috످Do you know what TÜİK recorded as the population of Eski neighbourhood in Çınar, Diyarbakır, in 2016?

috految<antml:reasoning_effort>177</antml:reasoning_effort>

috److془The user asks about Eski neighbourhood in Çınar, Diyarbakır 2016 population. I don't recall. Say so and point to source.془I don't know the 2016 population of Eski neighbourhood in Çınar. You can look it up in TÜİK's population database (ADNKS) (https://biruni.tuik.gov.tr/medas/?kn=95&locale=tr).

috످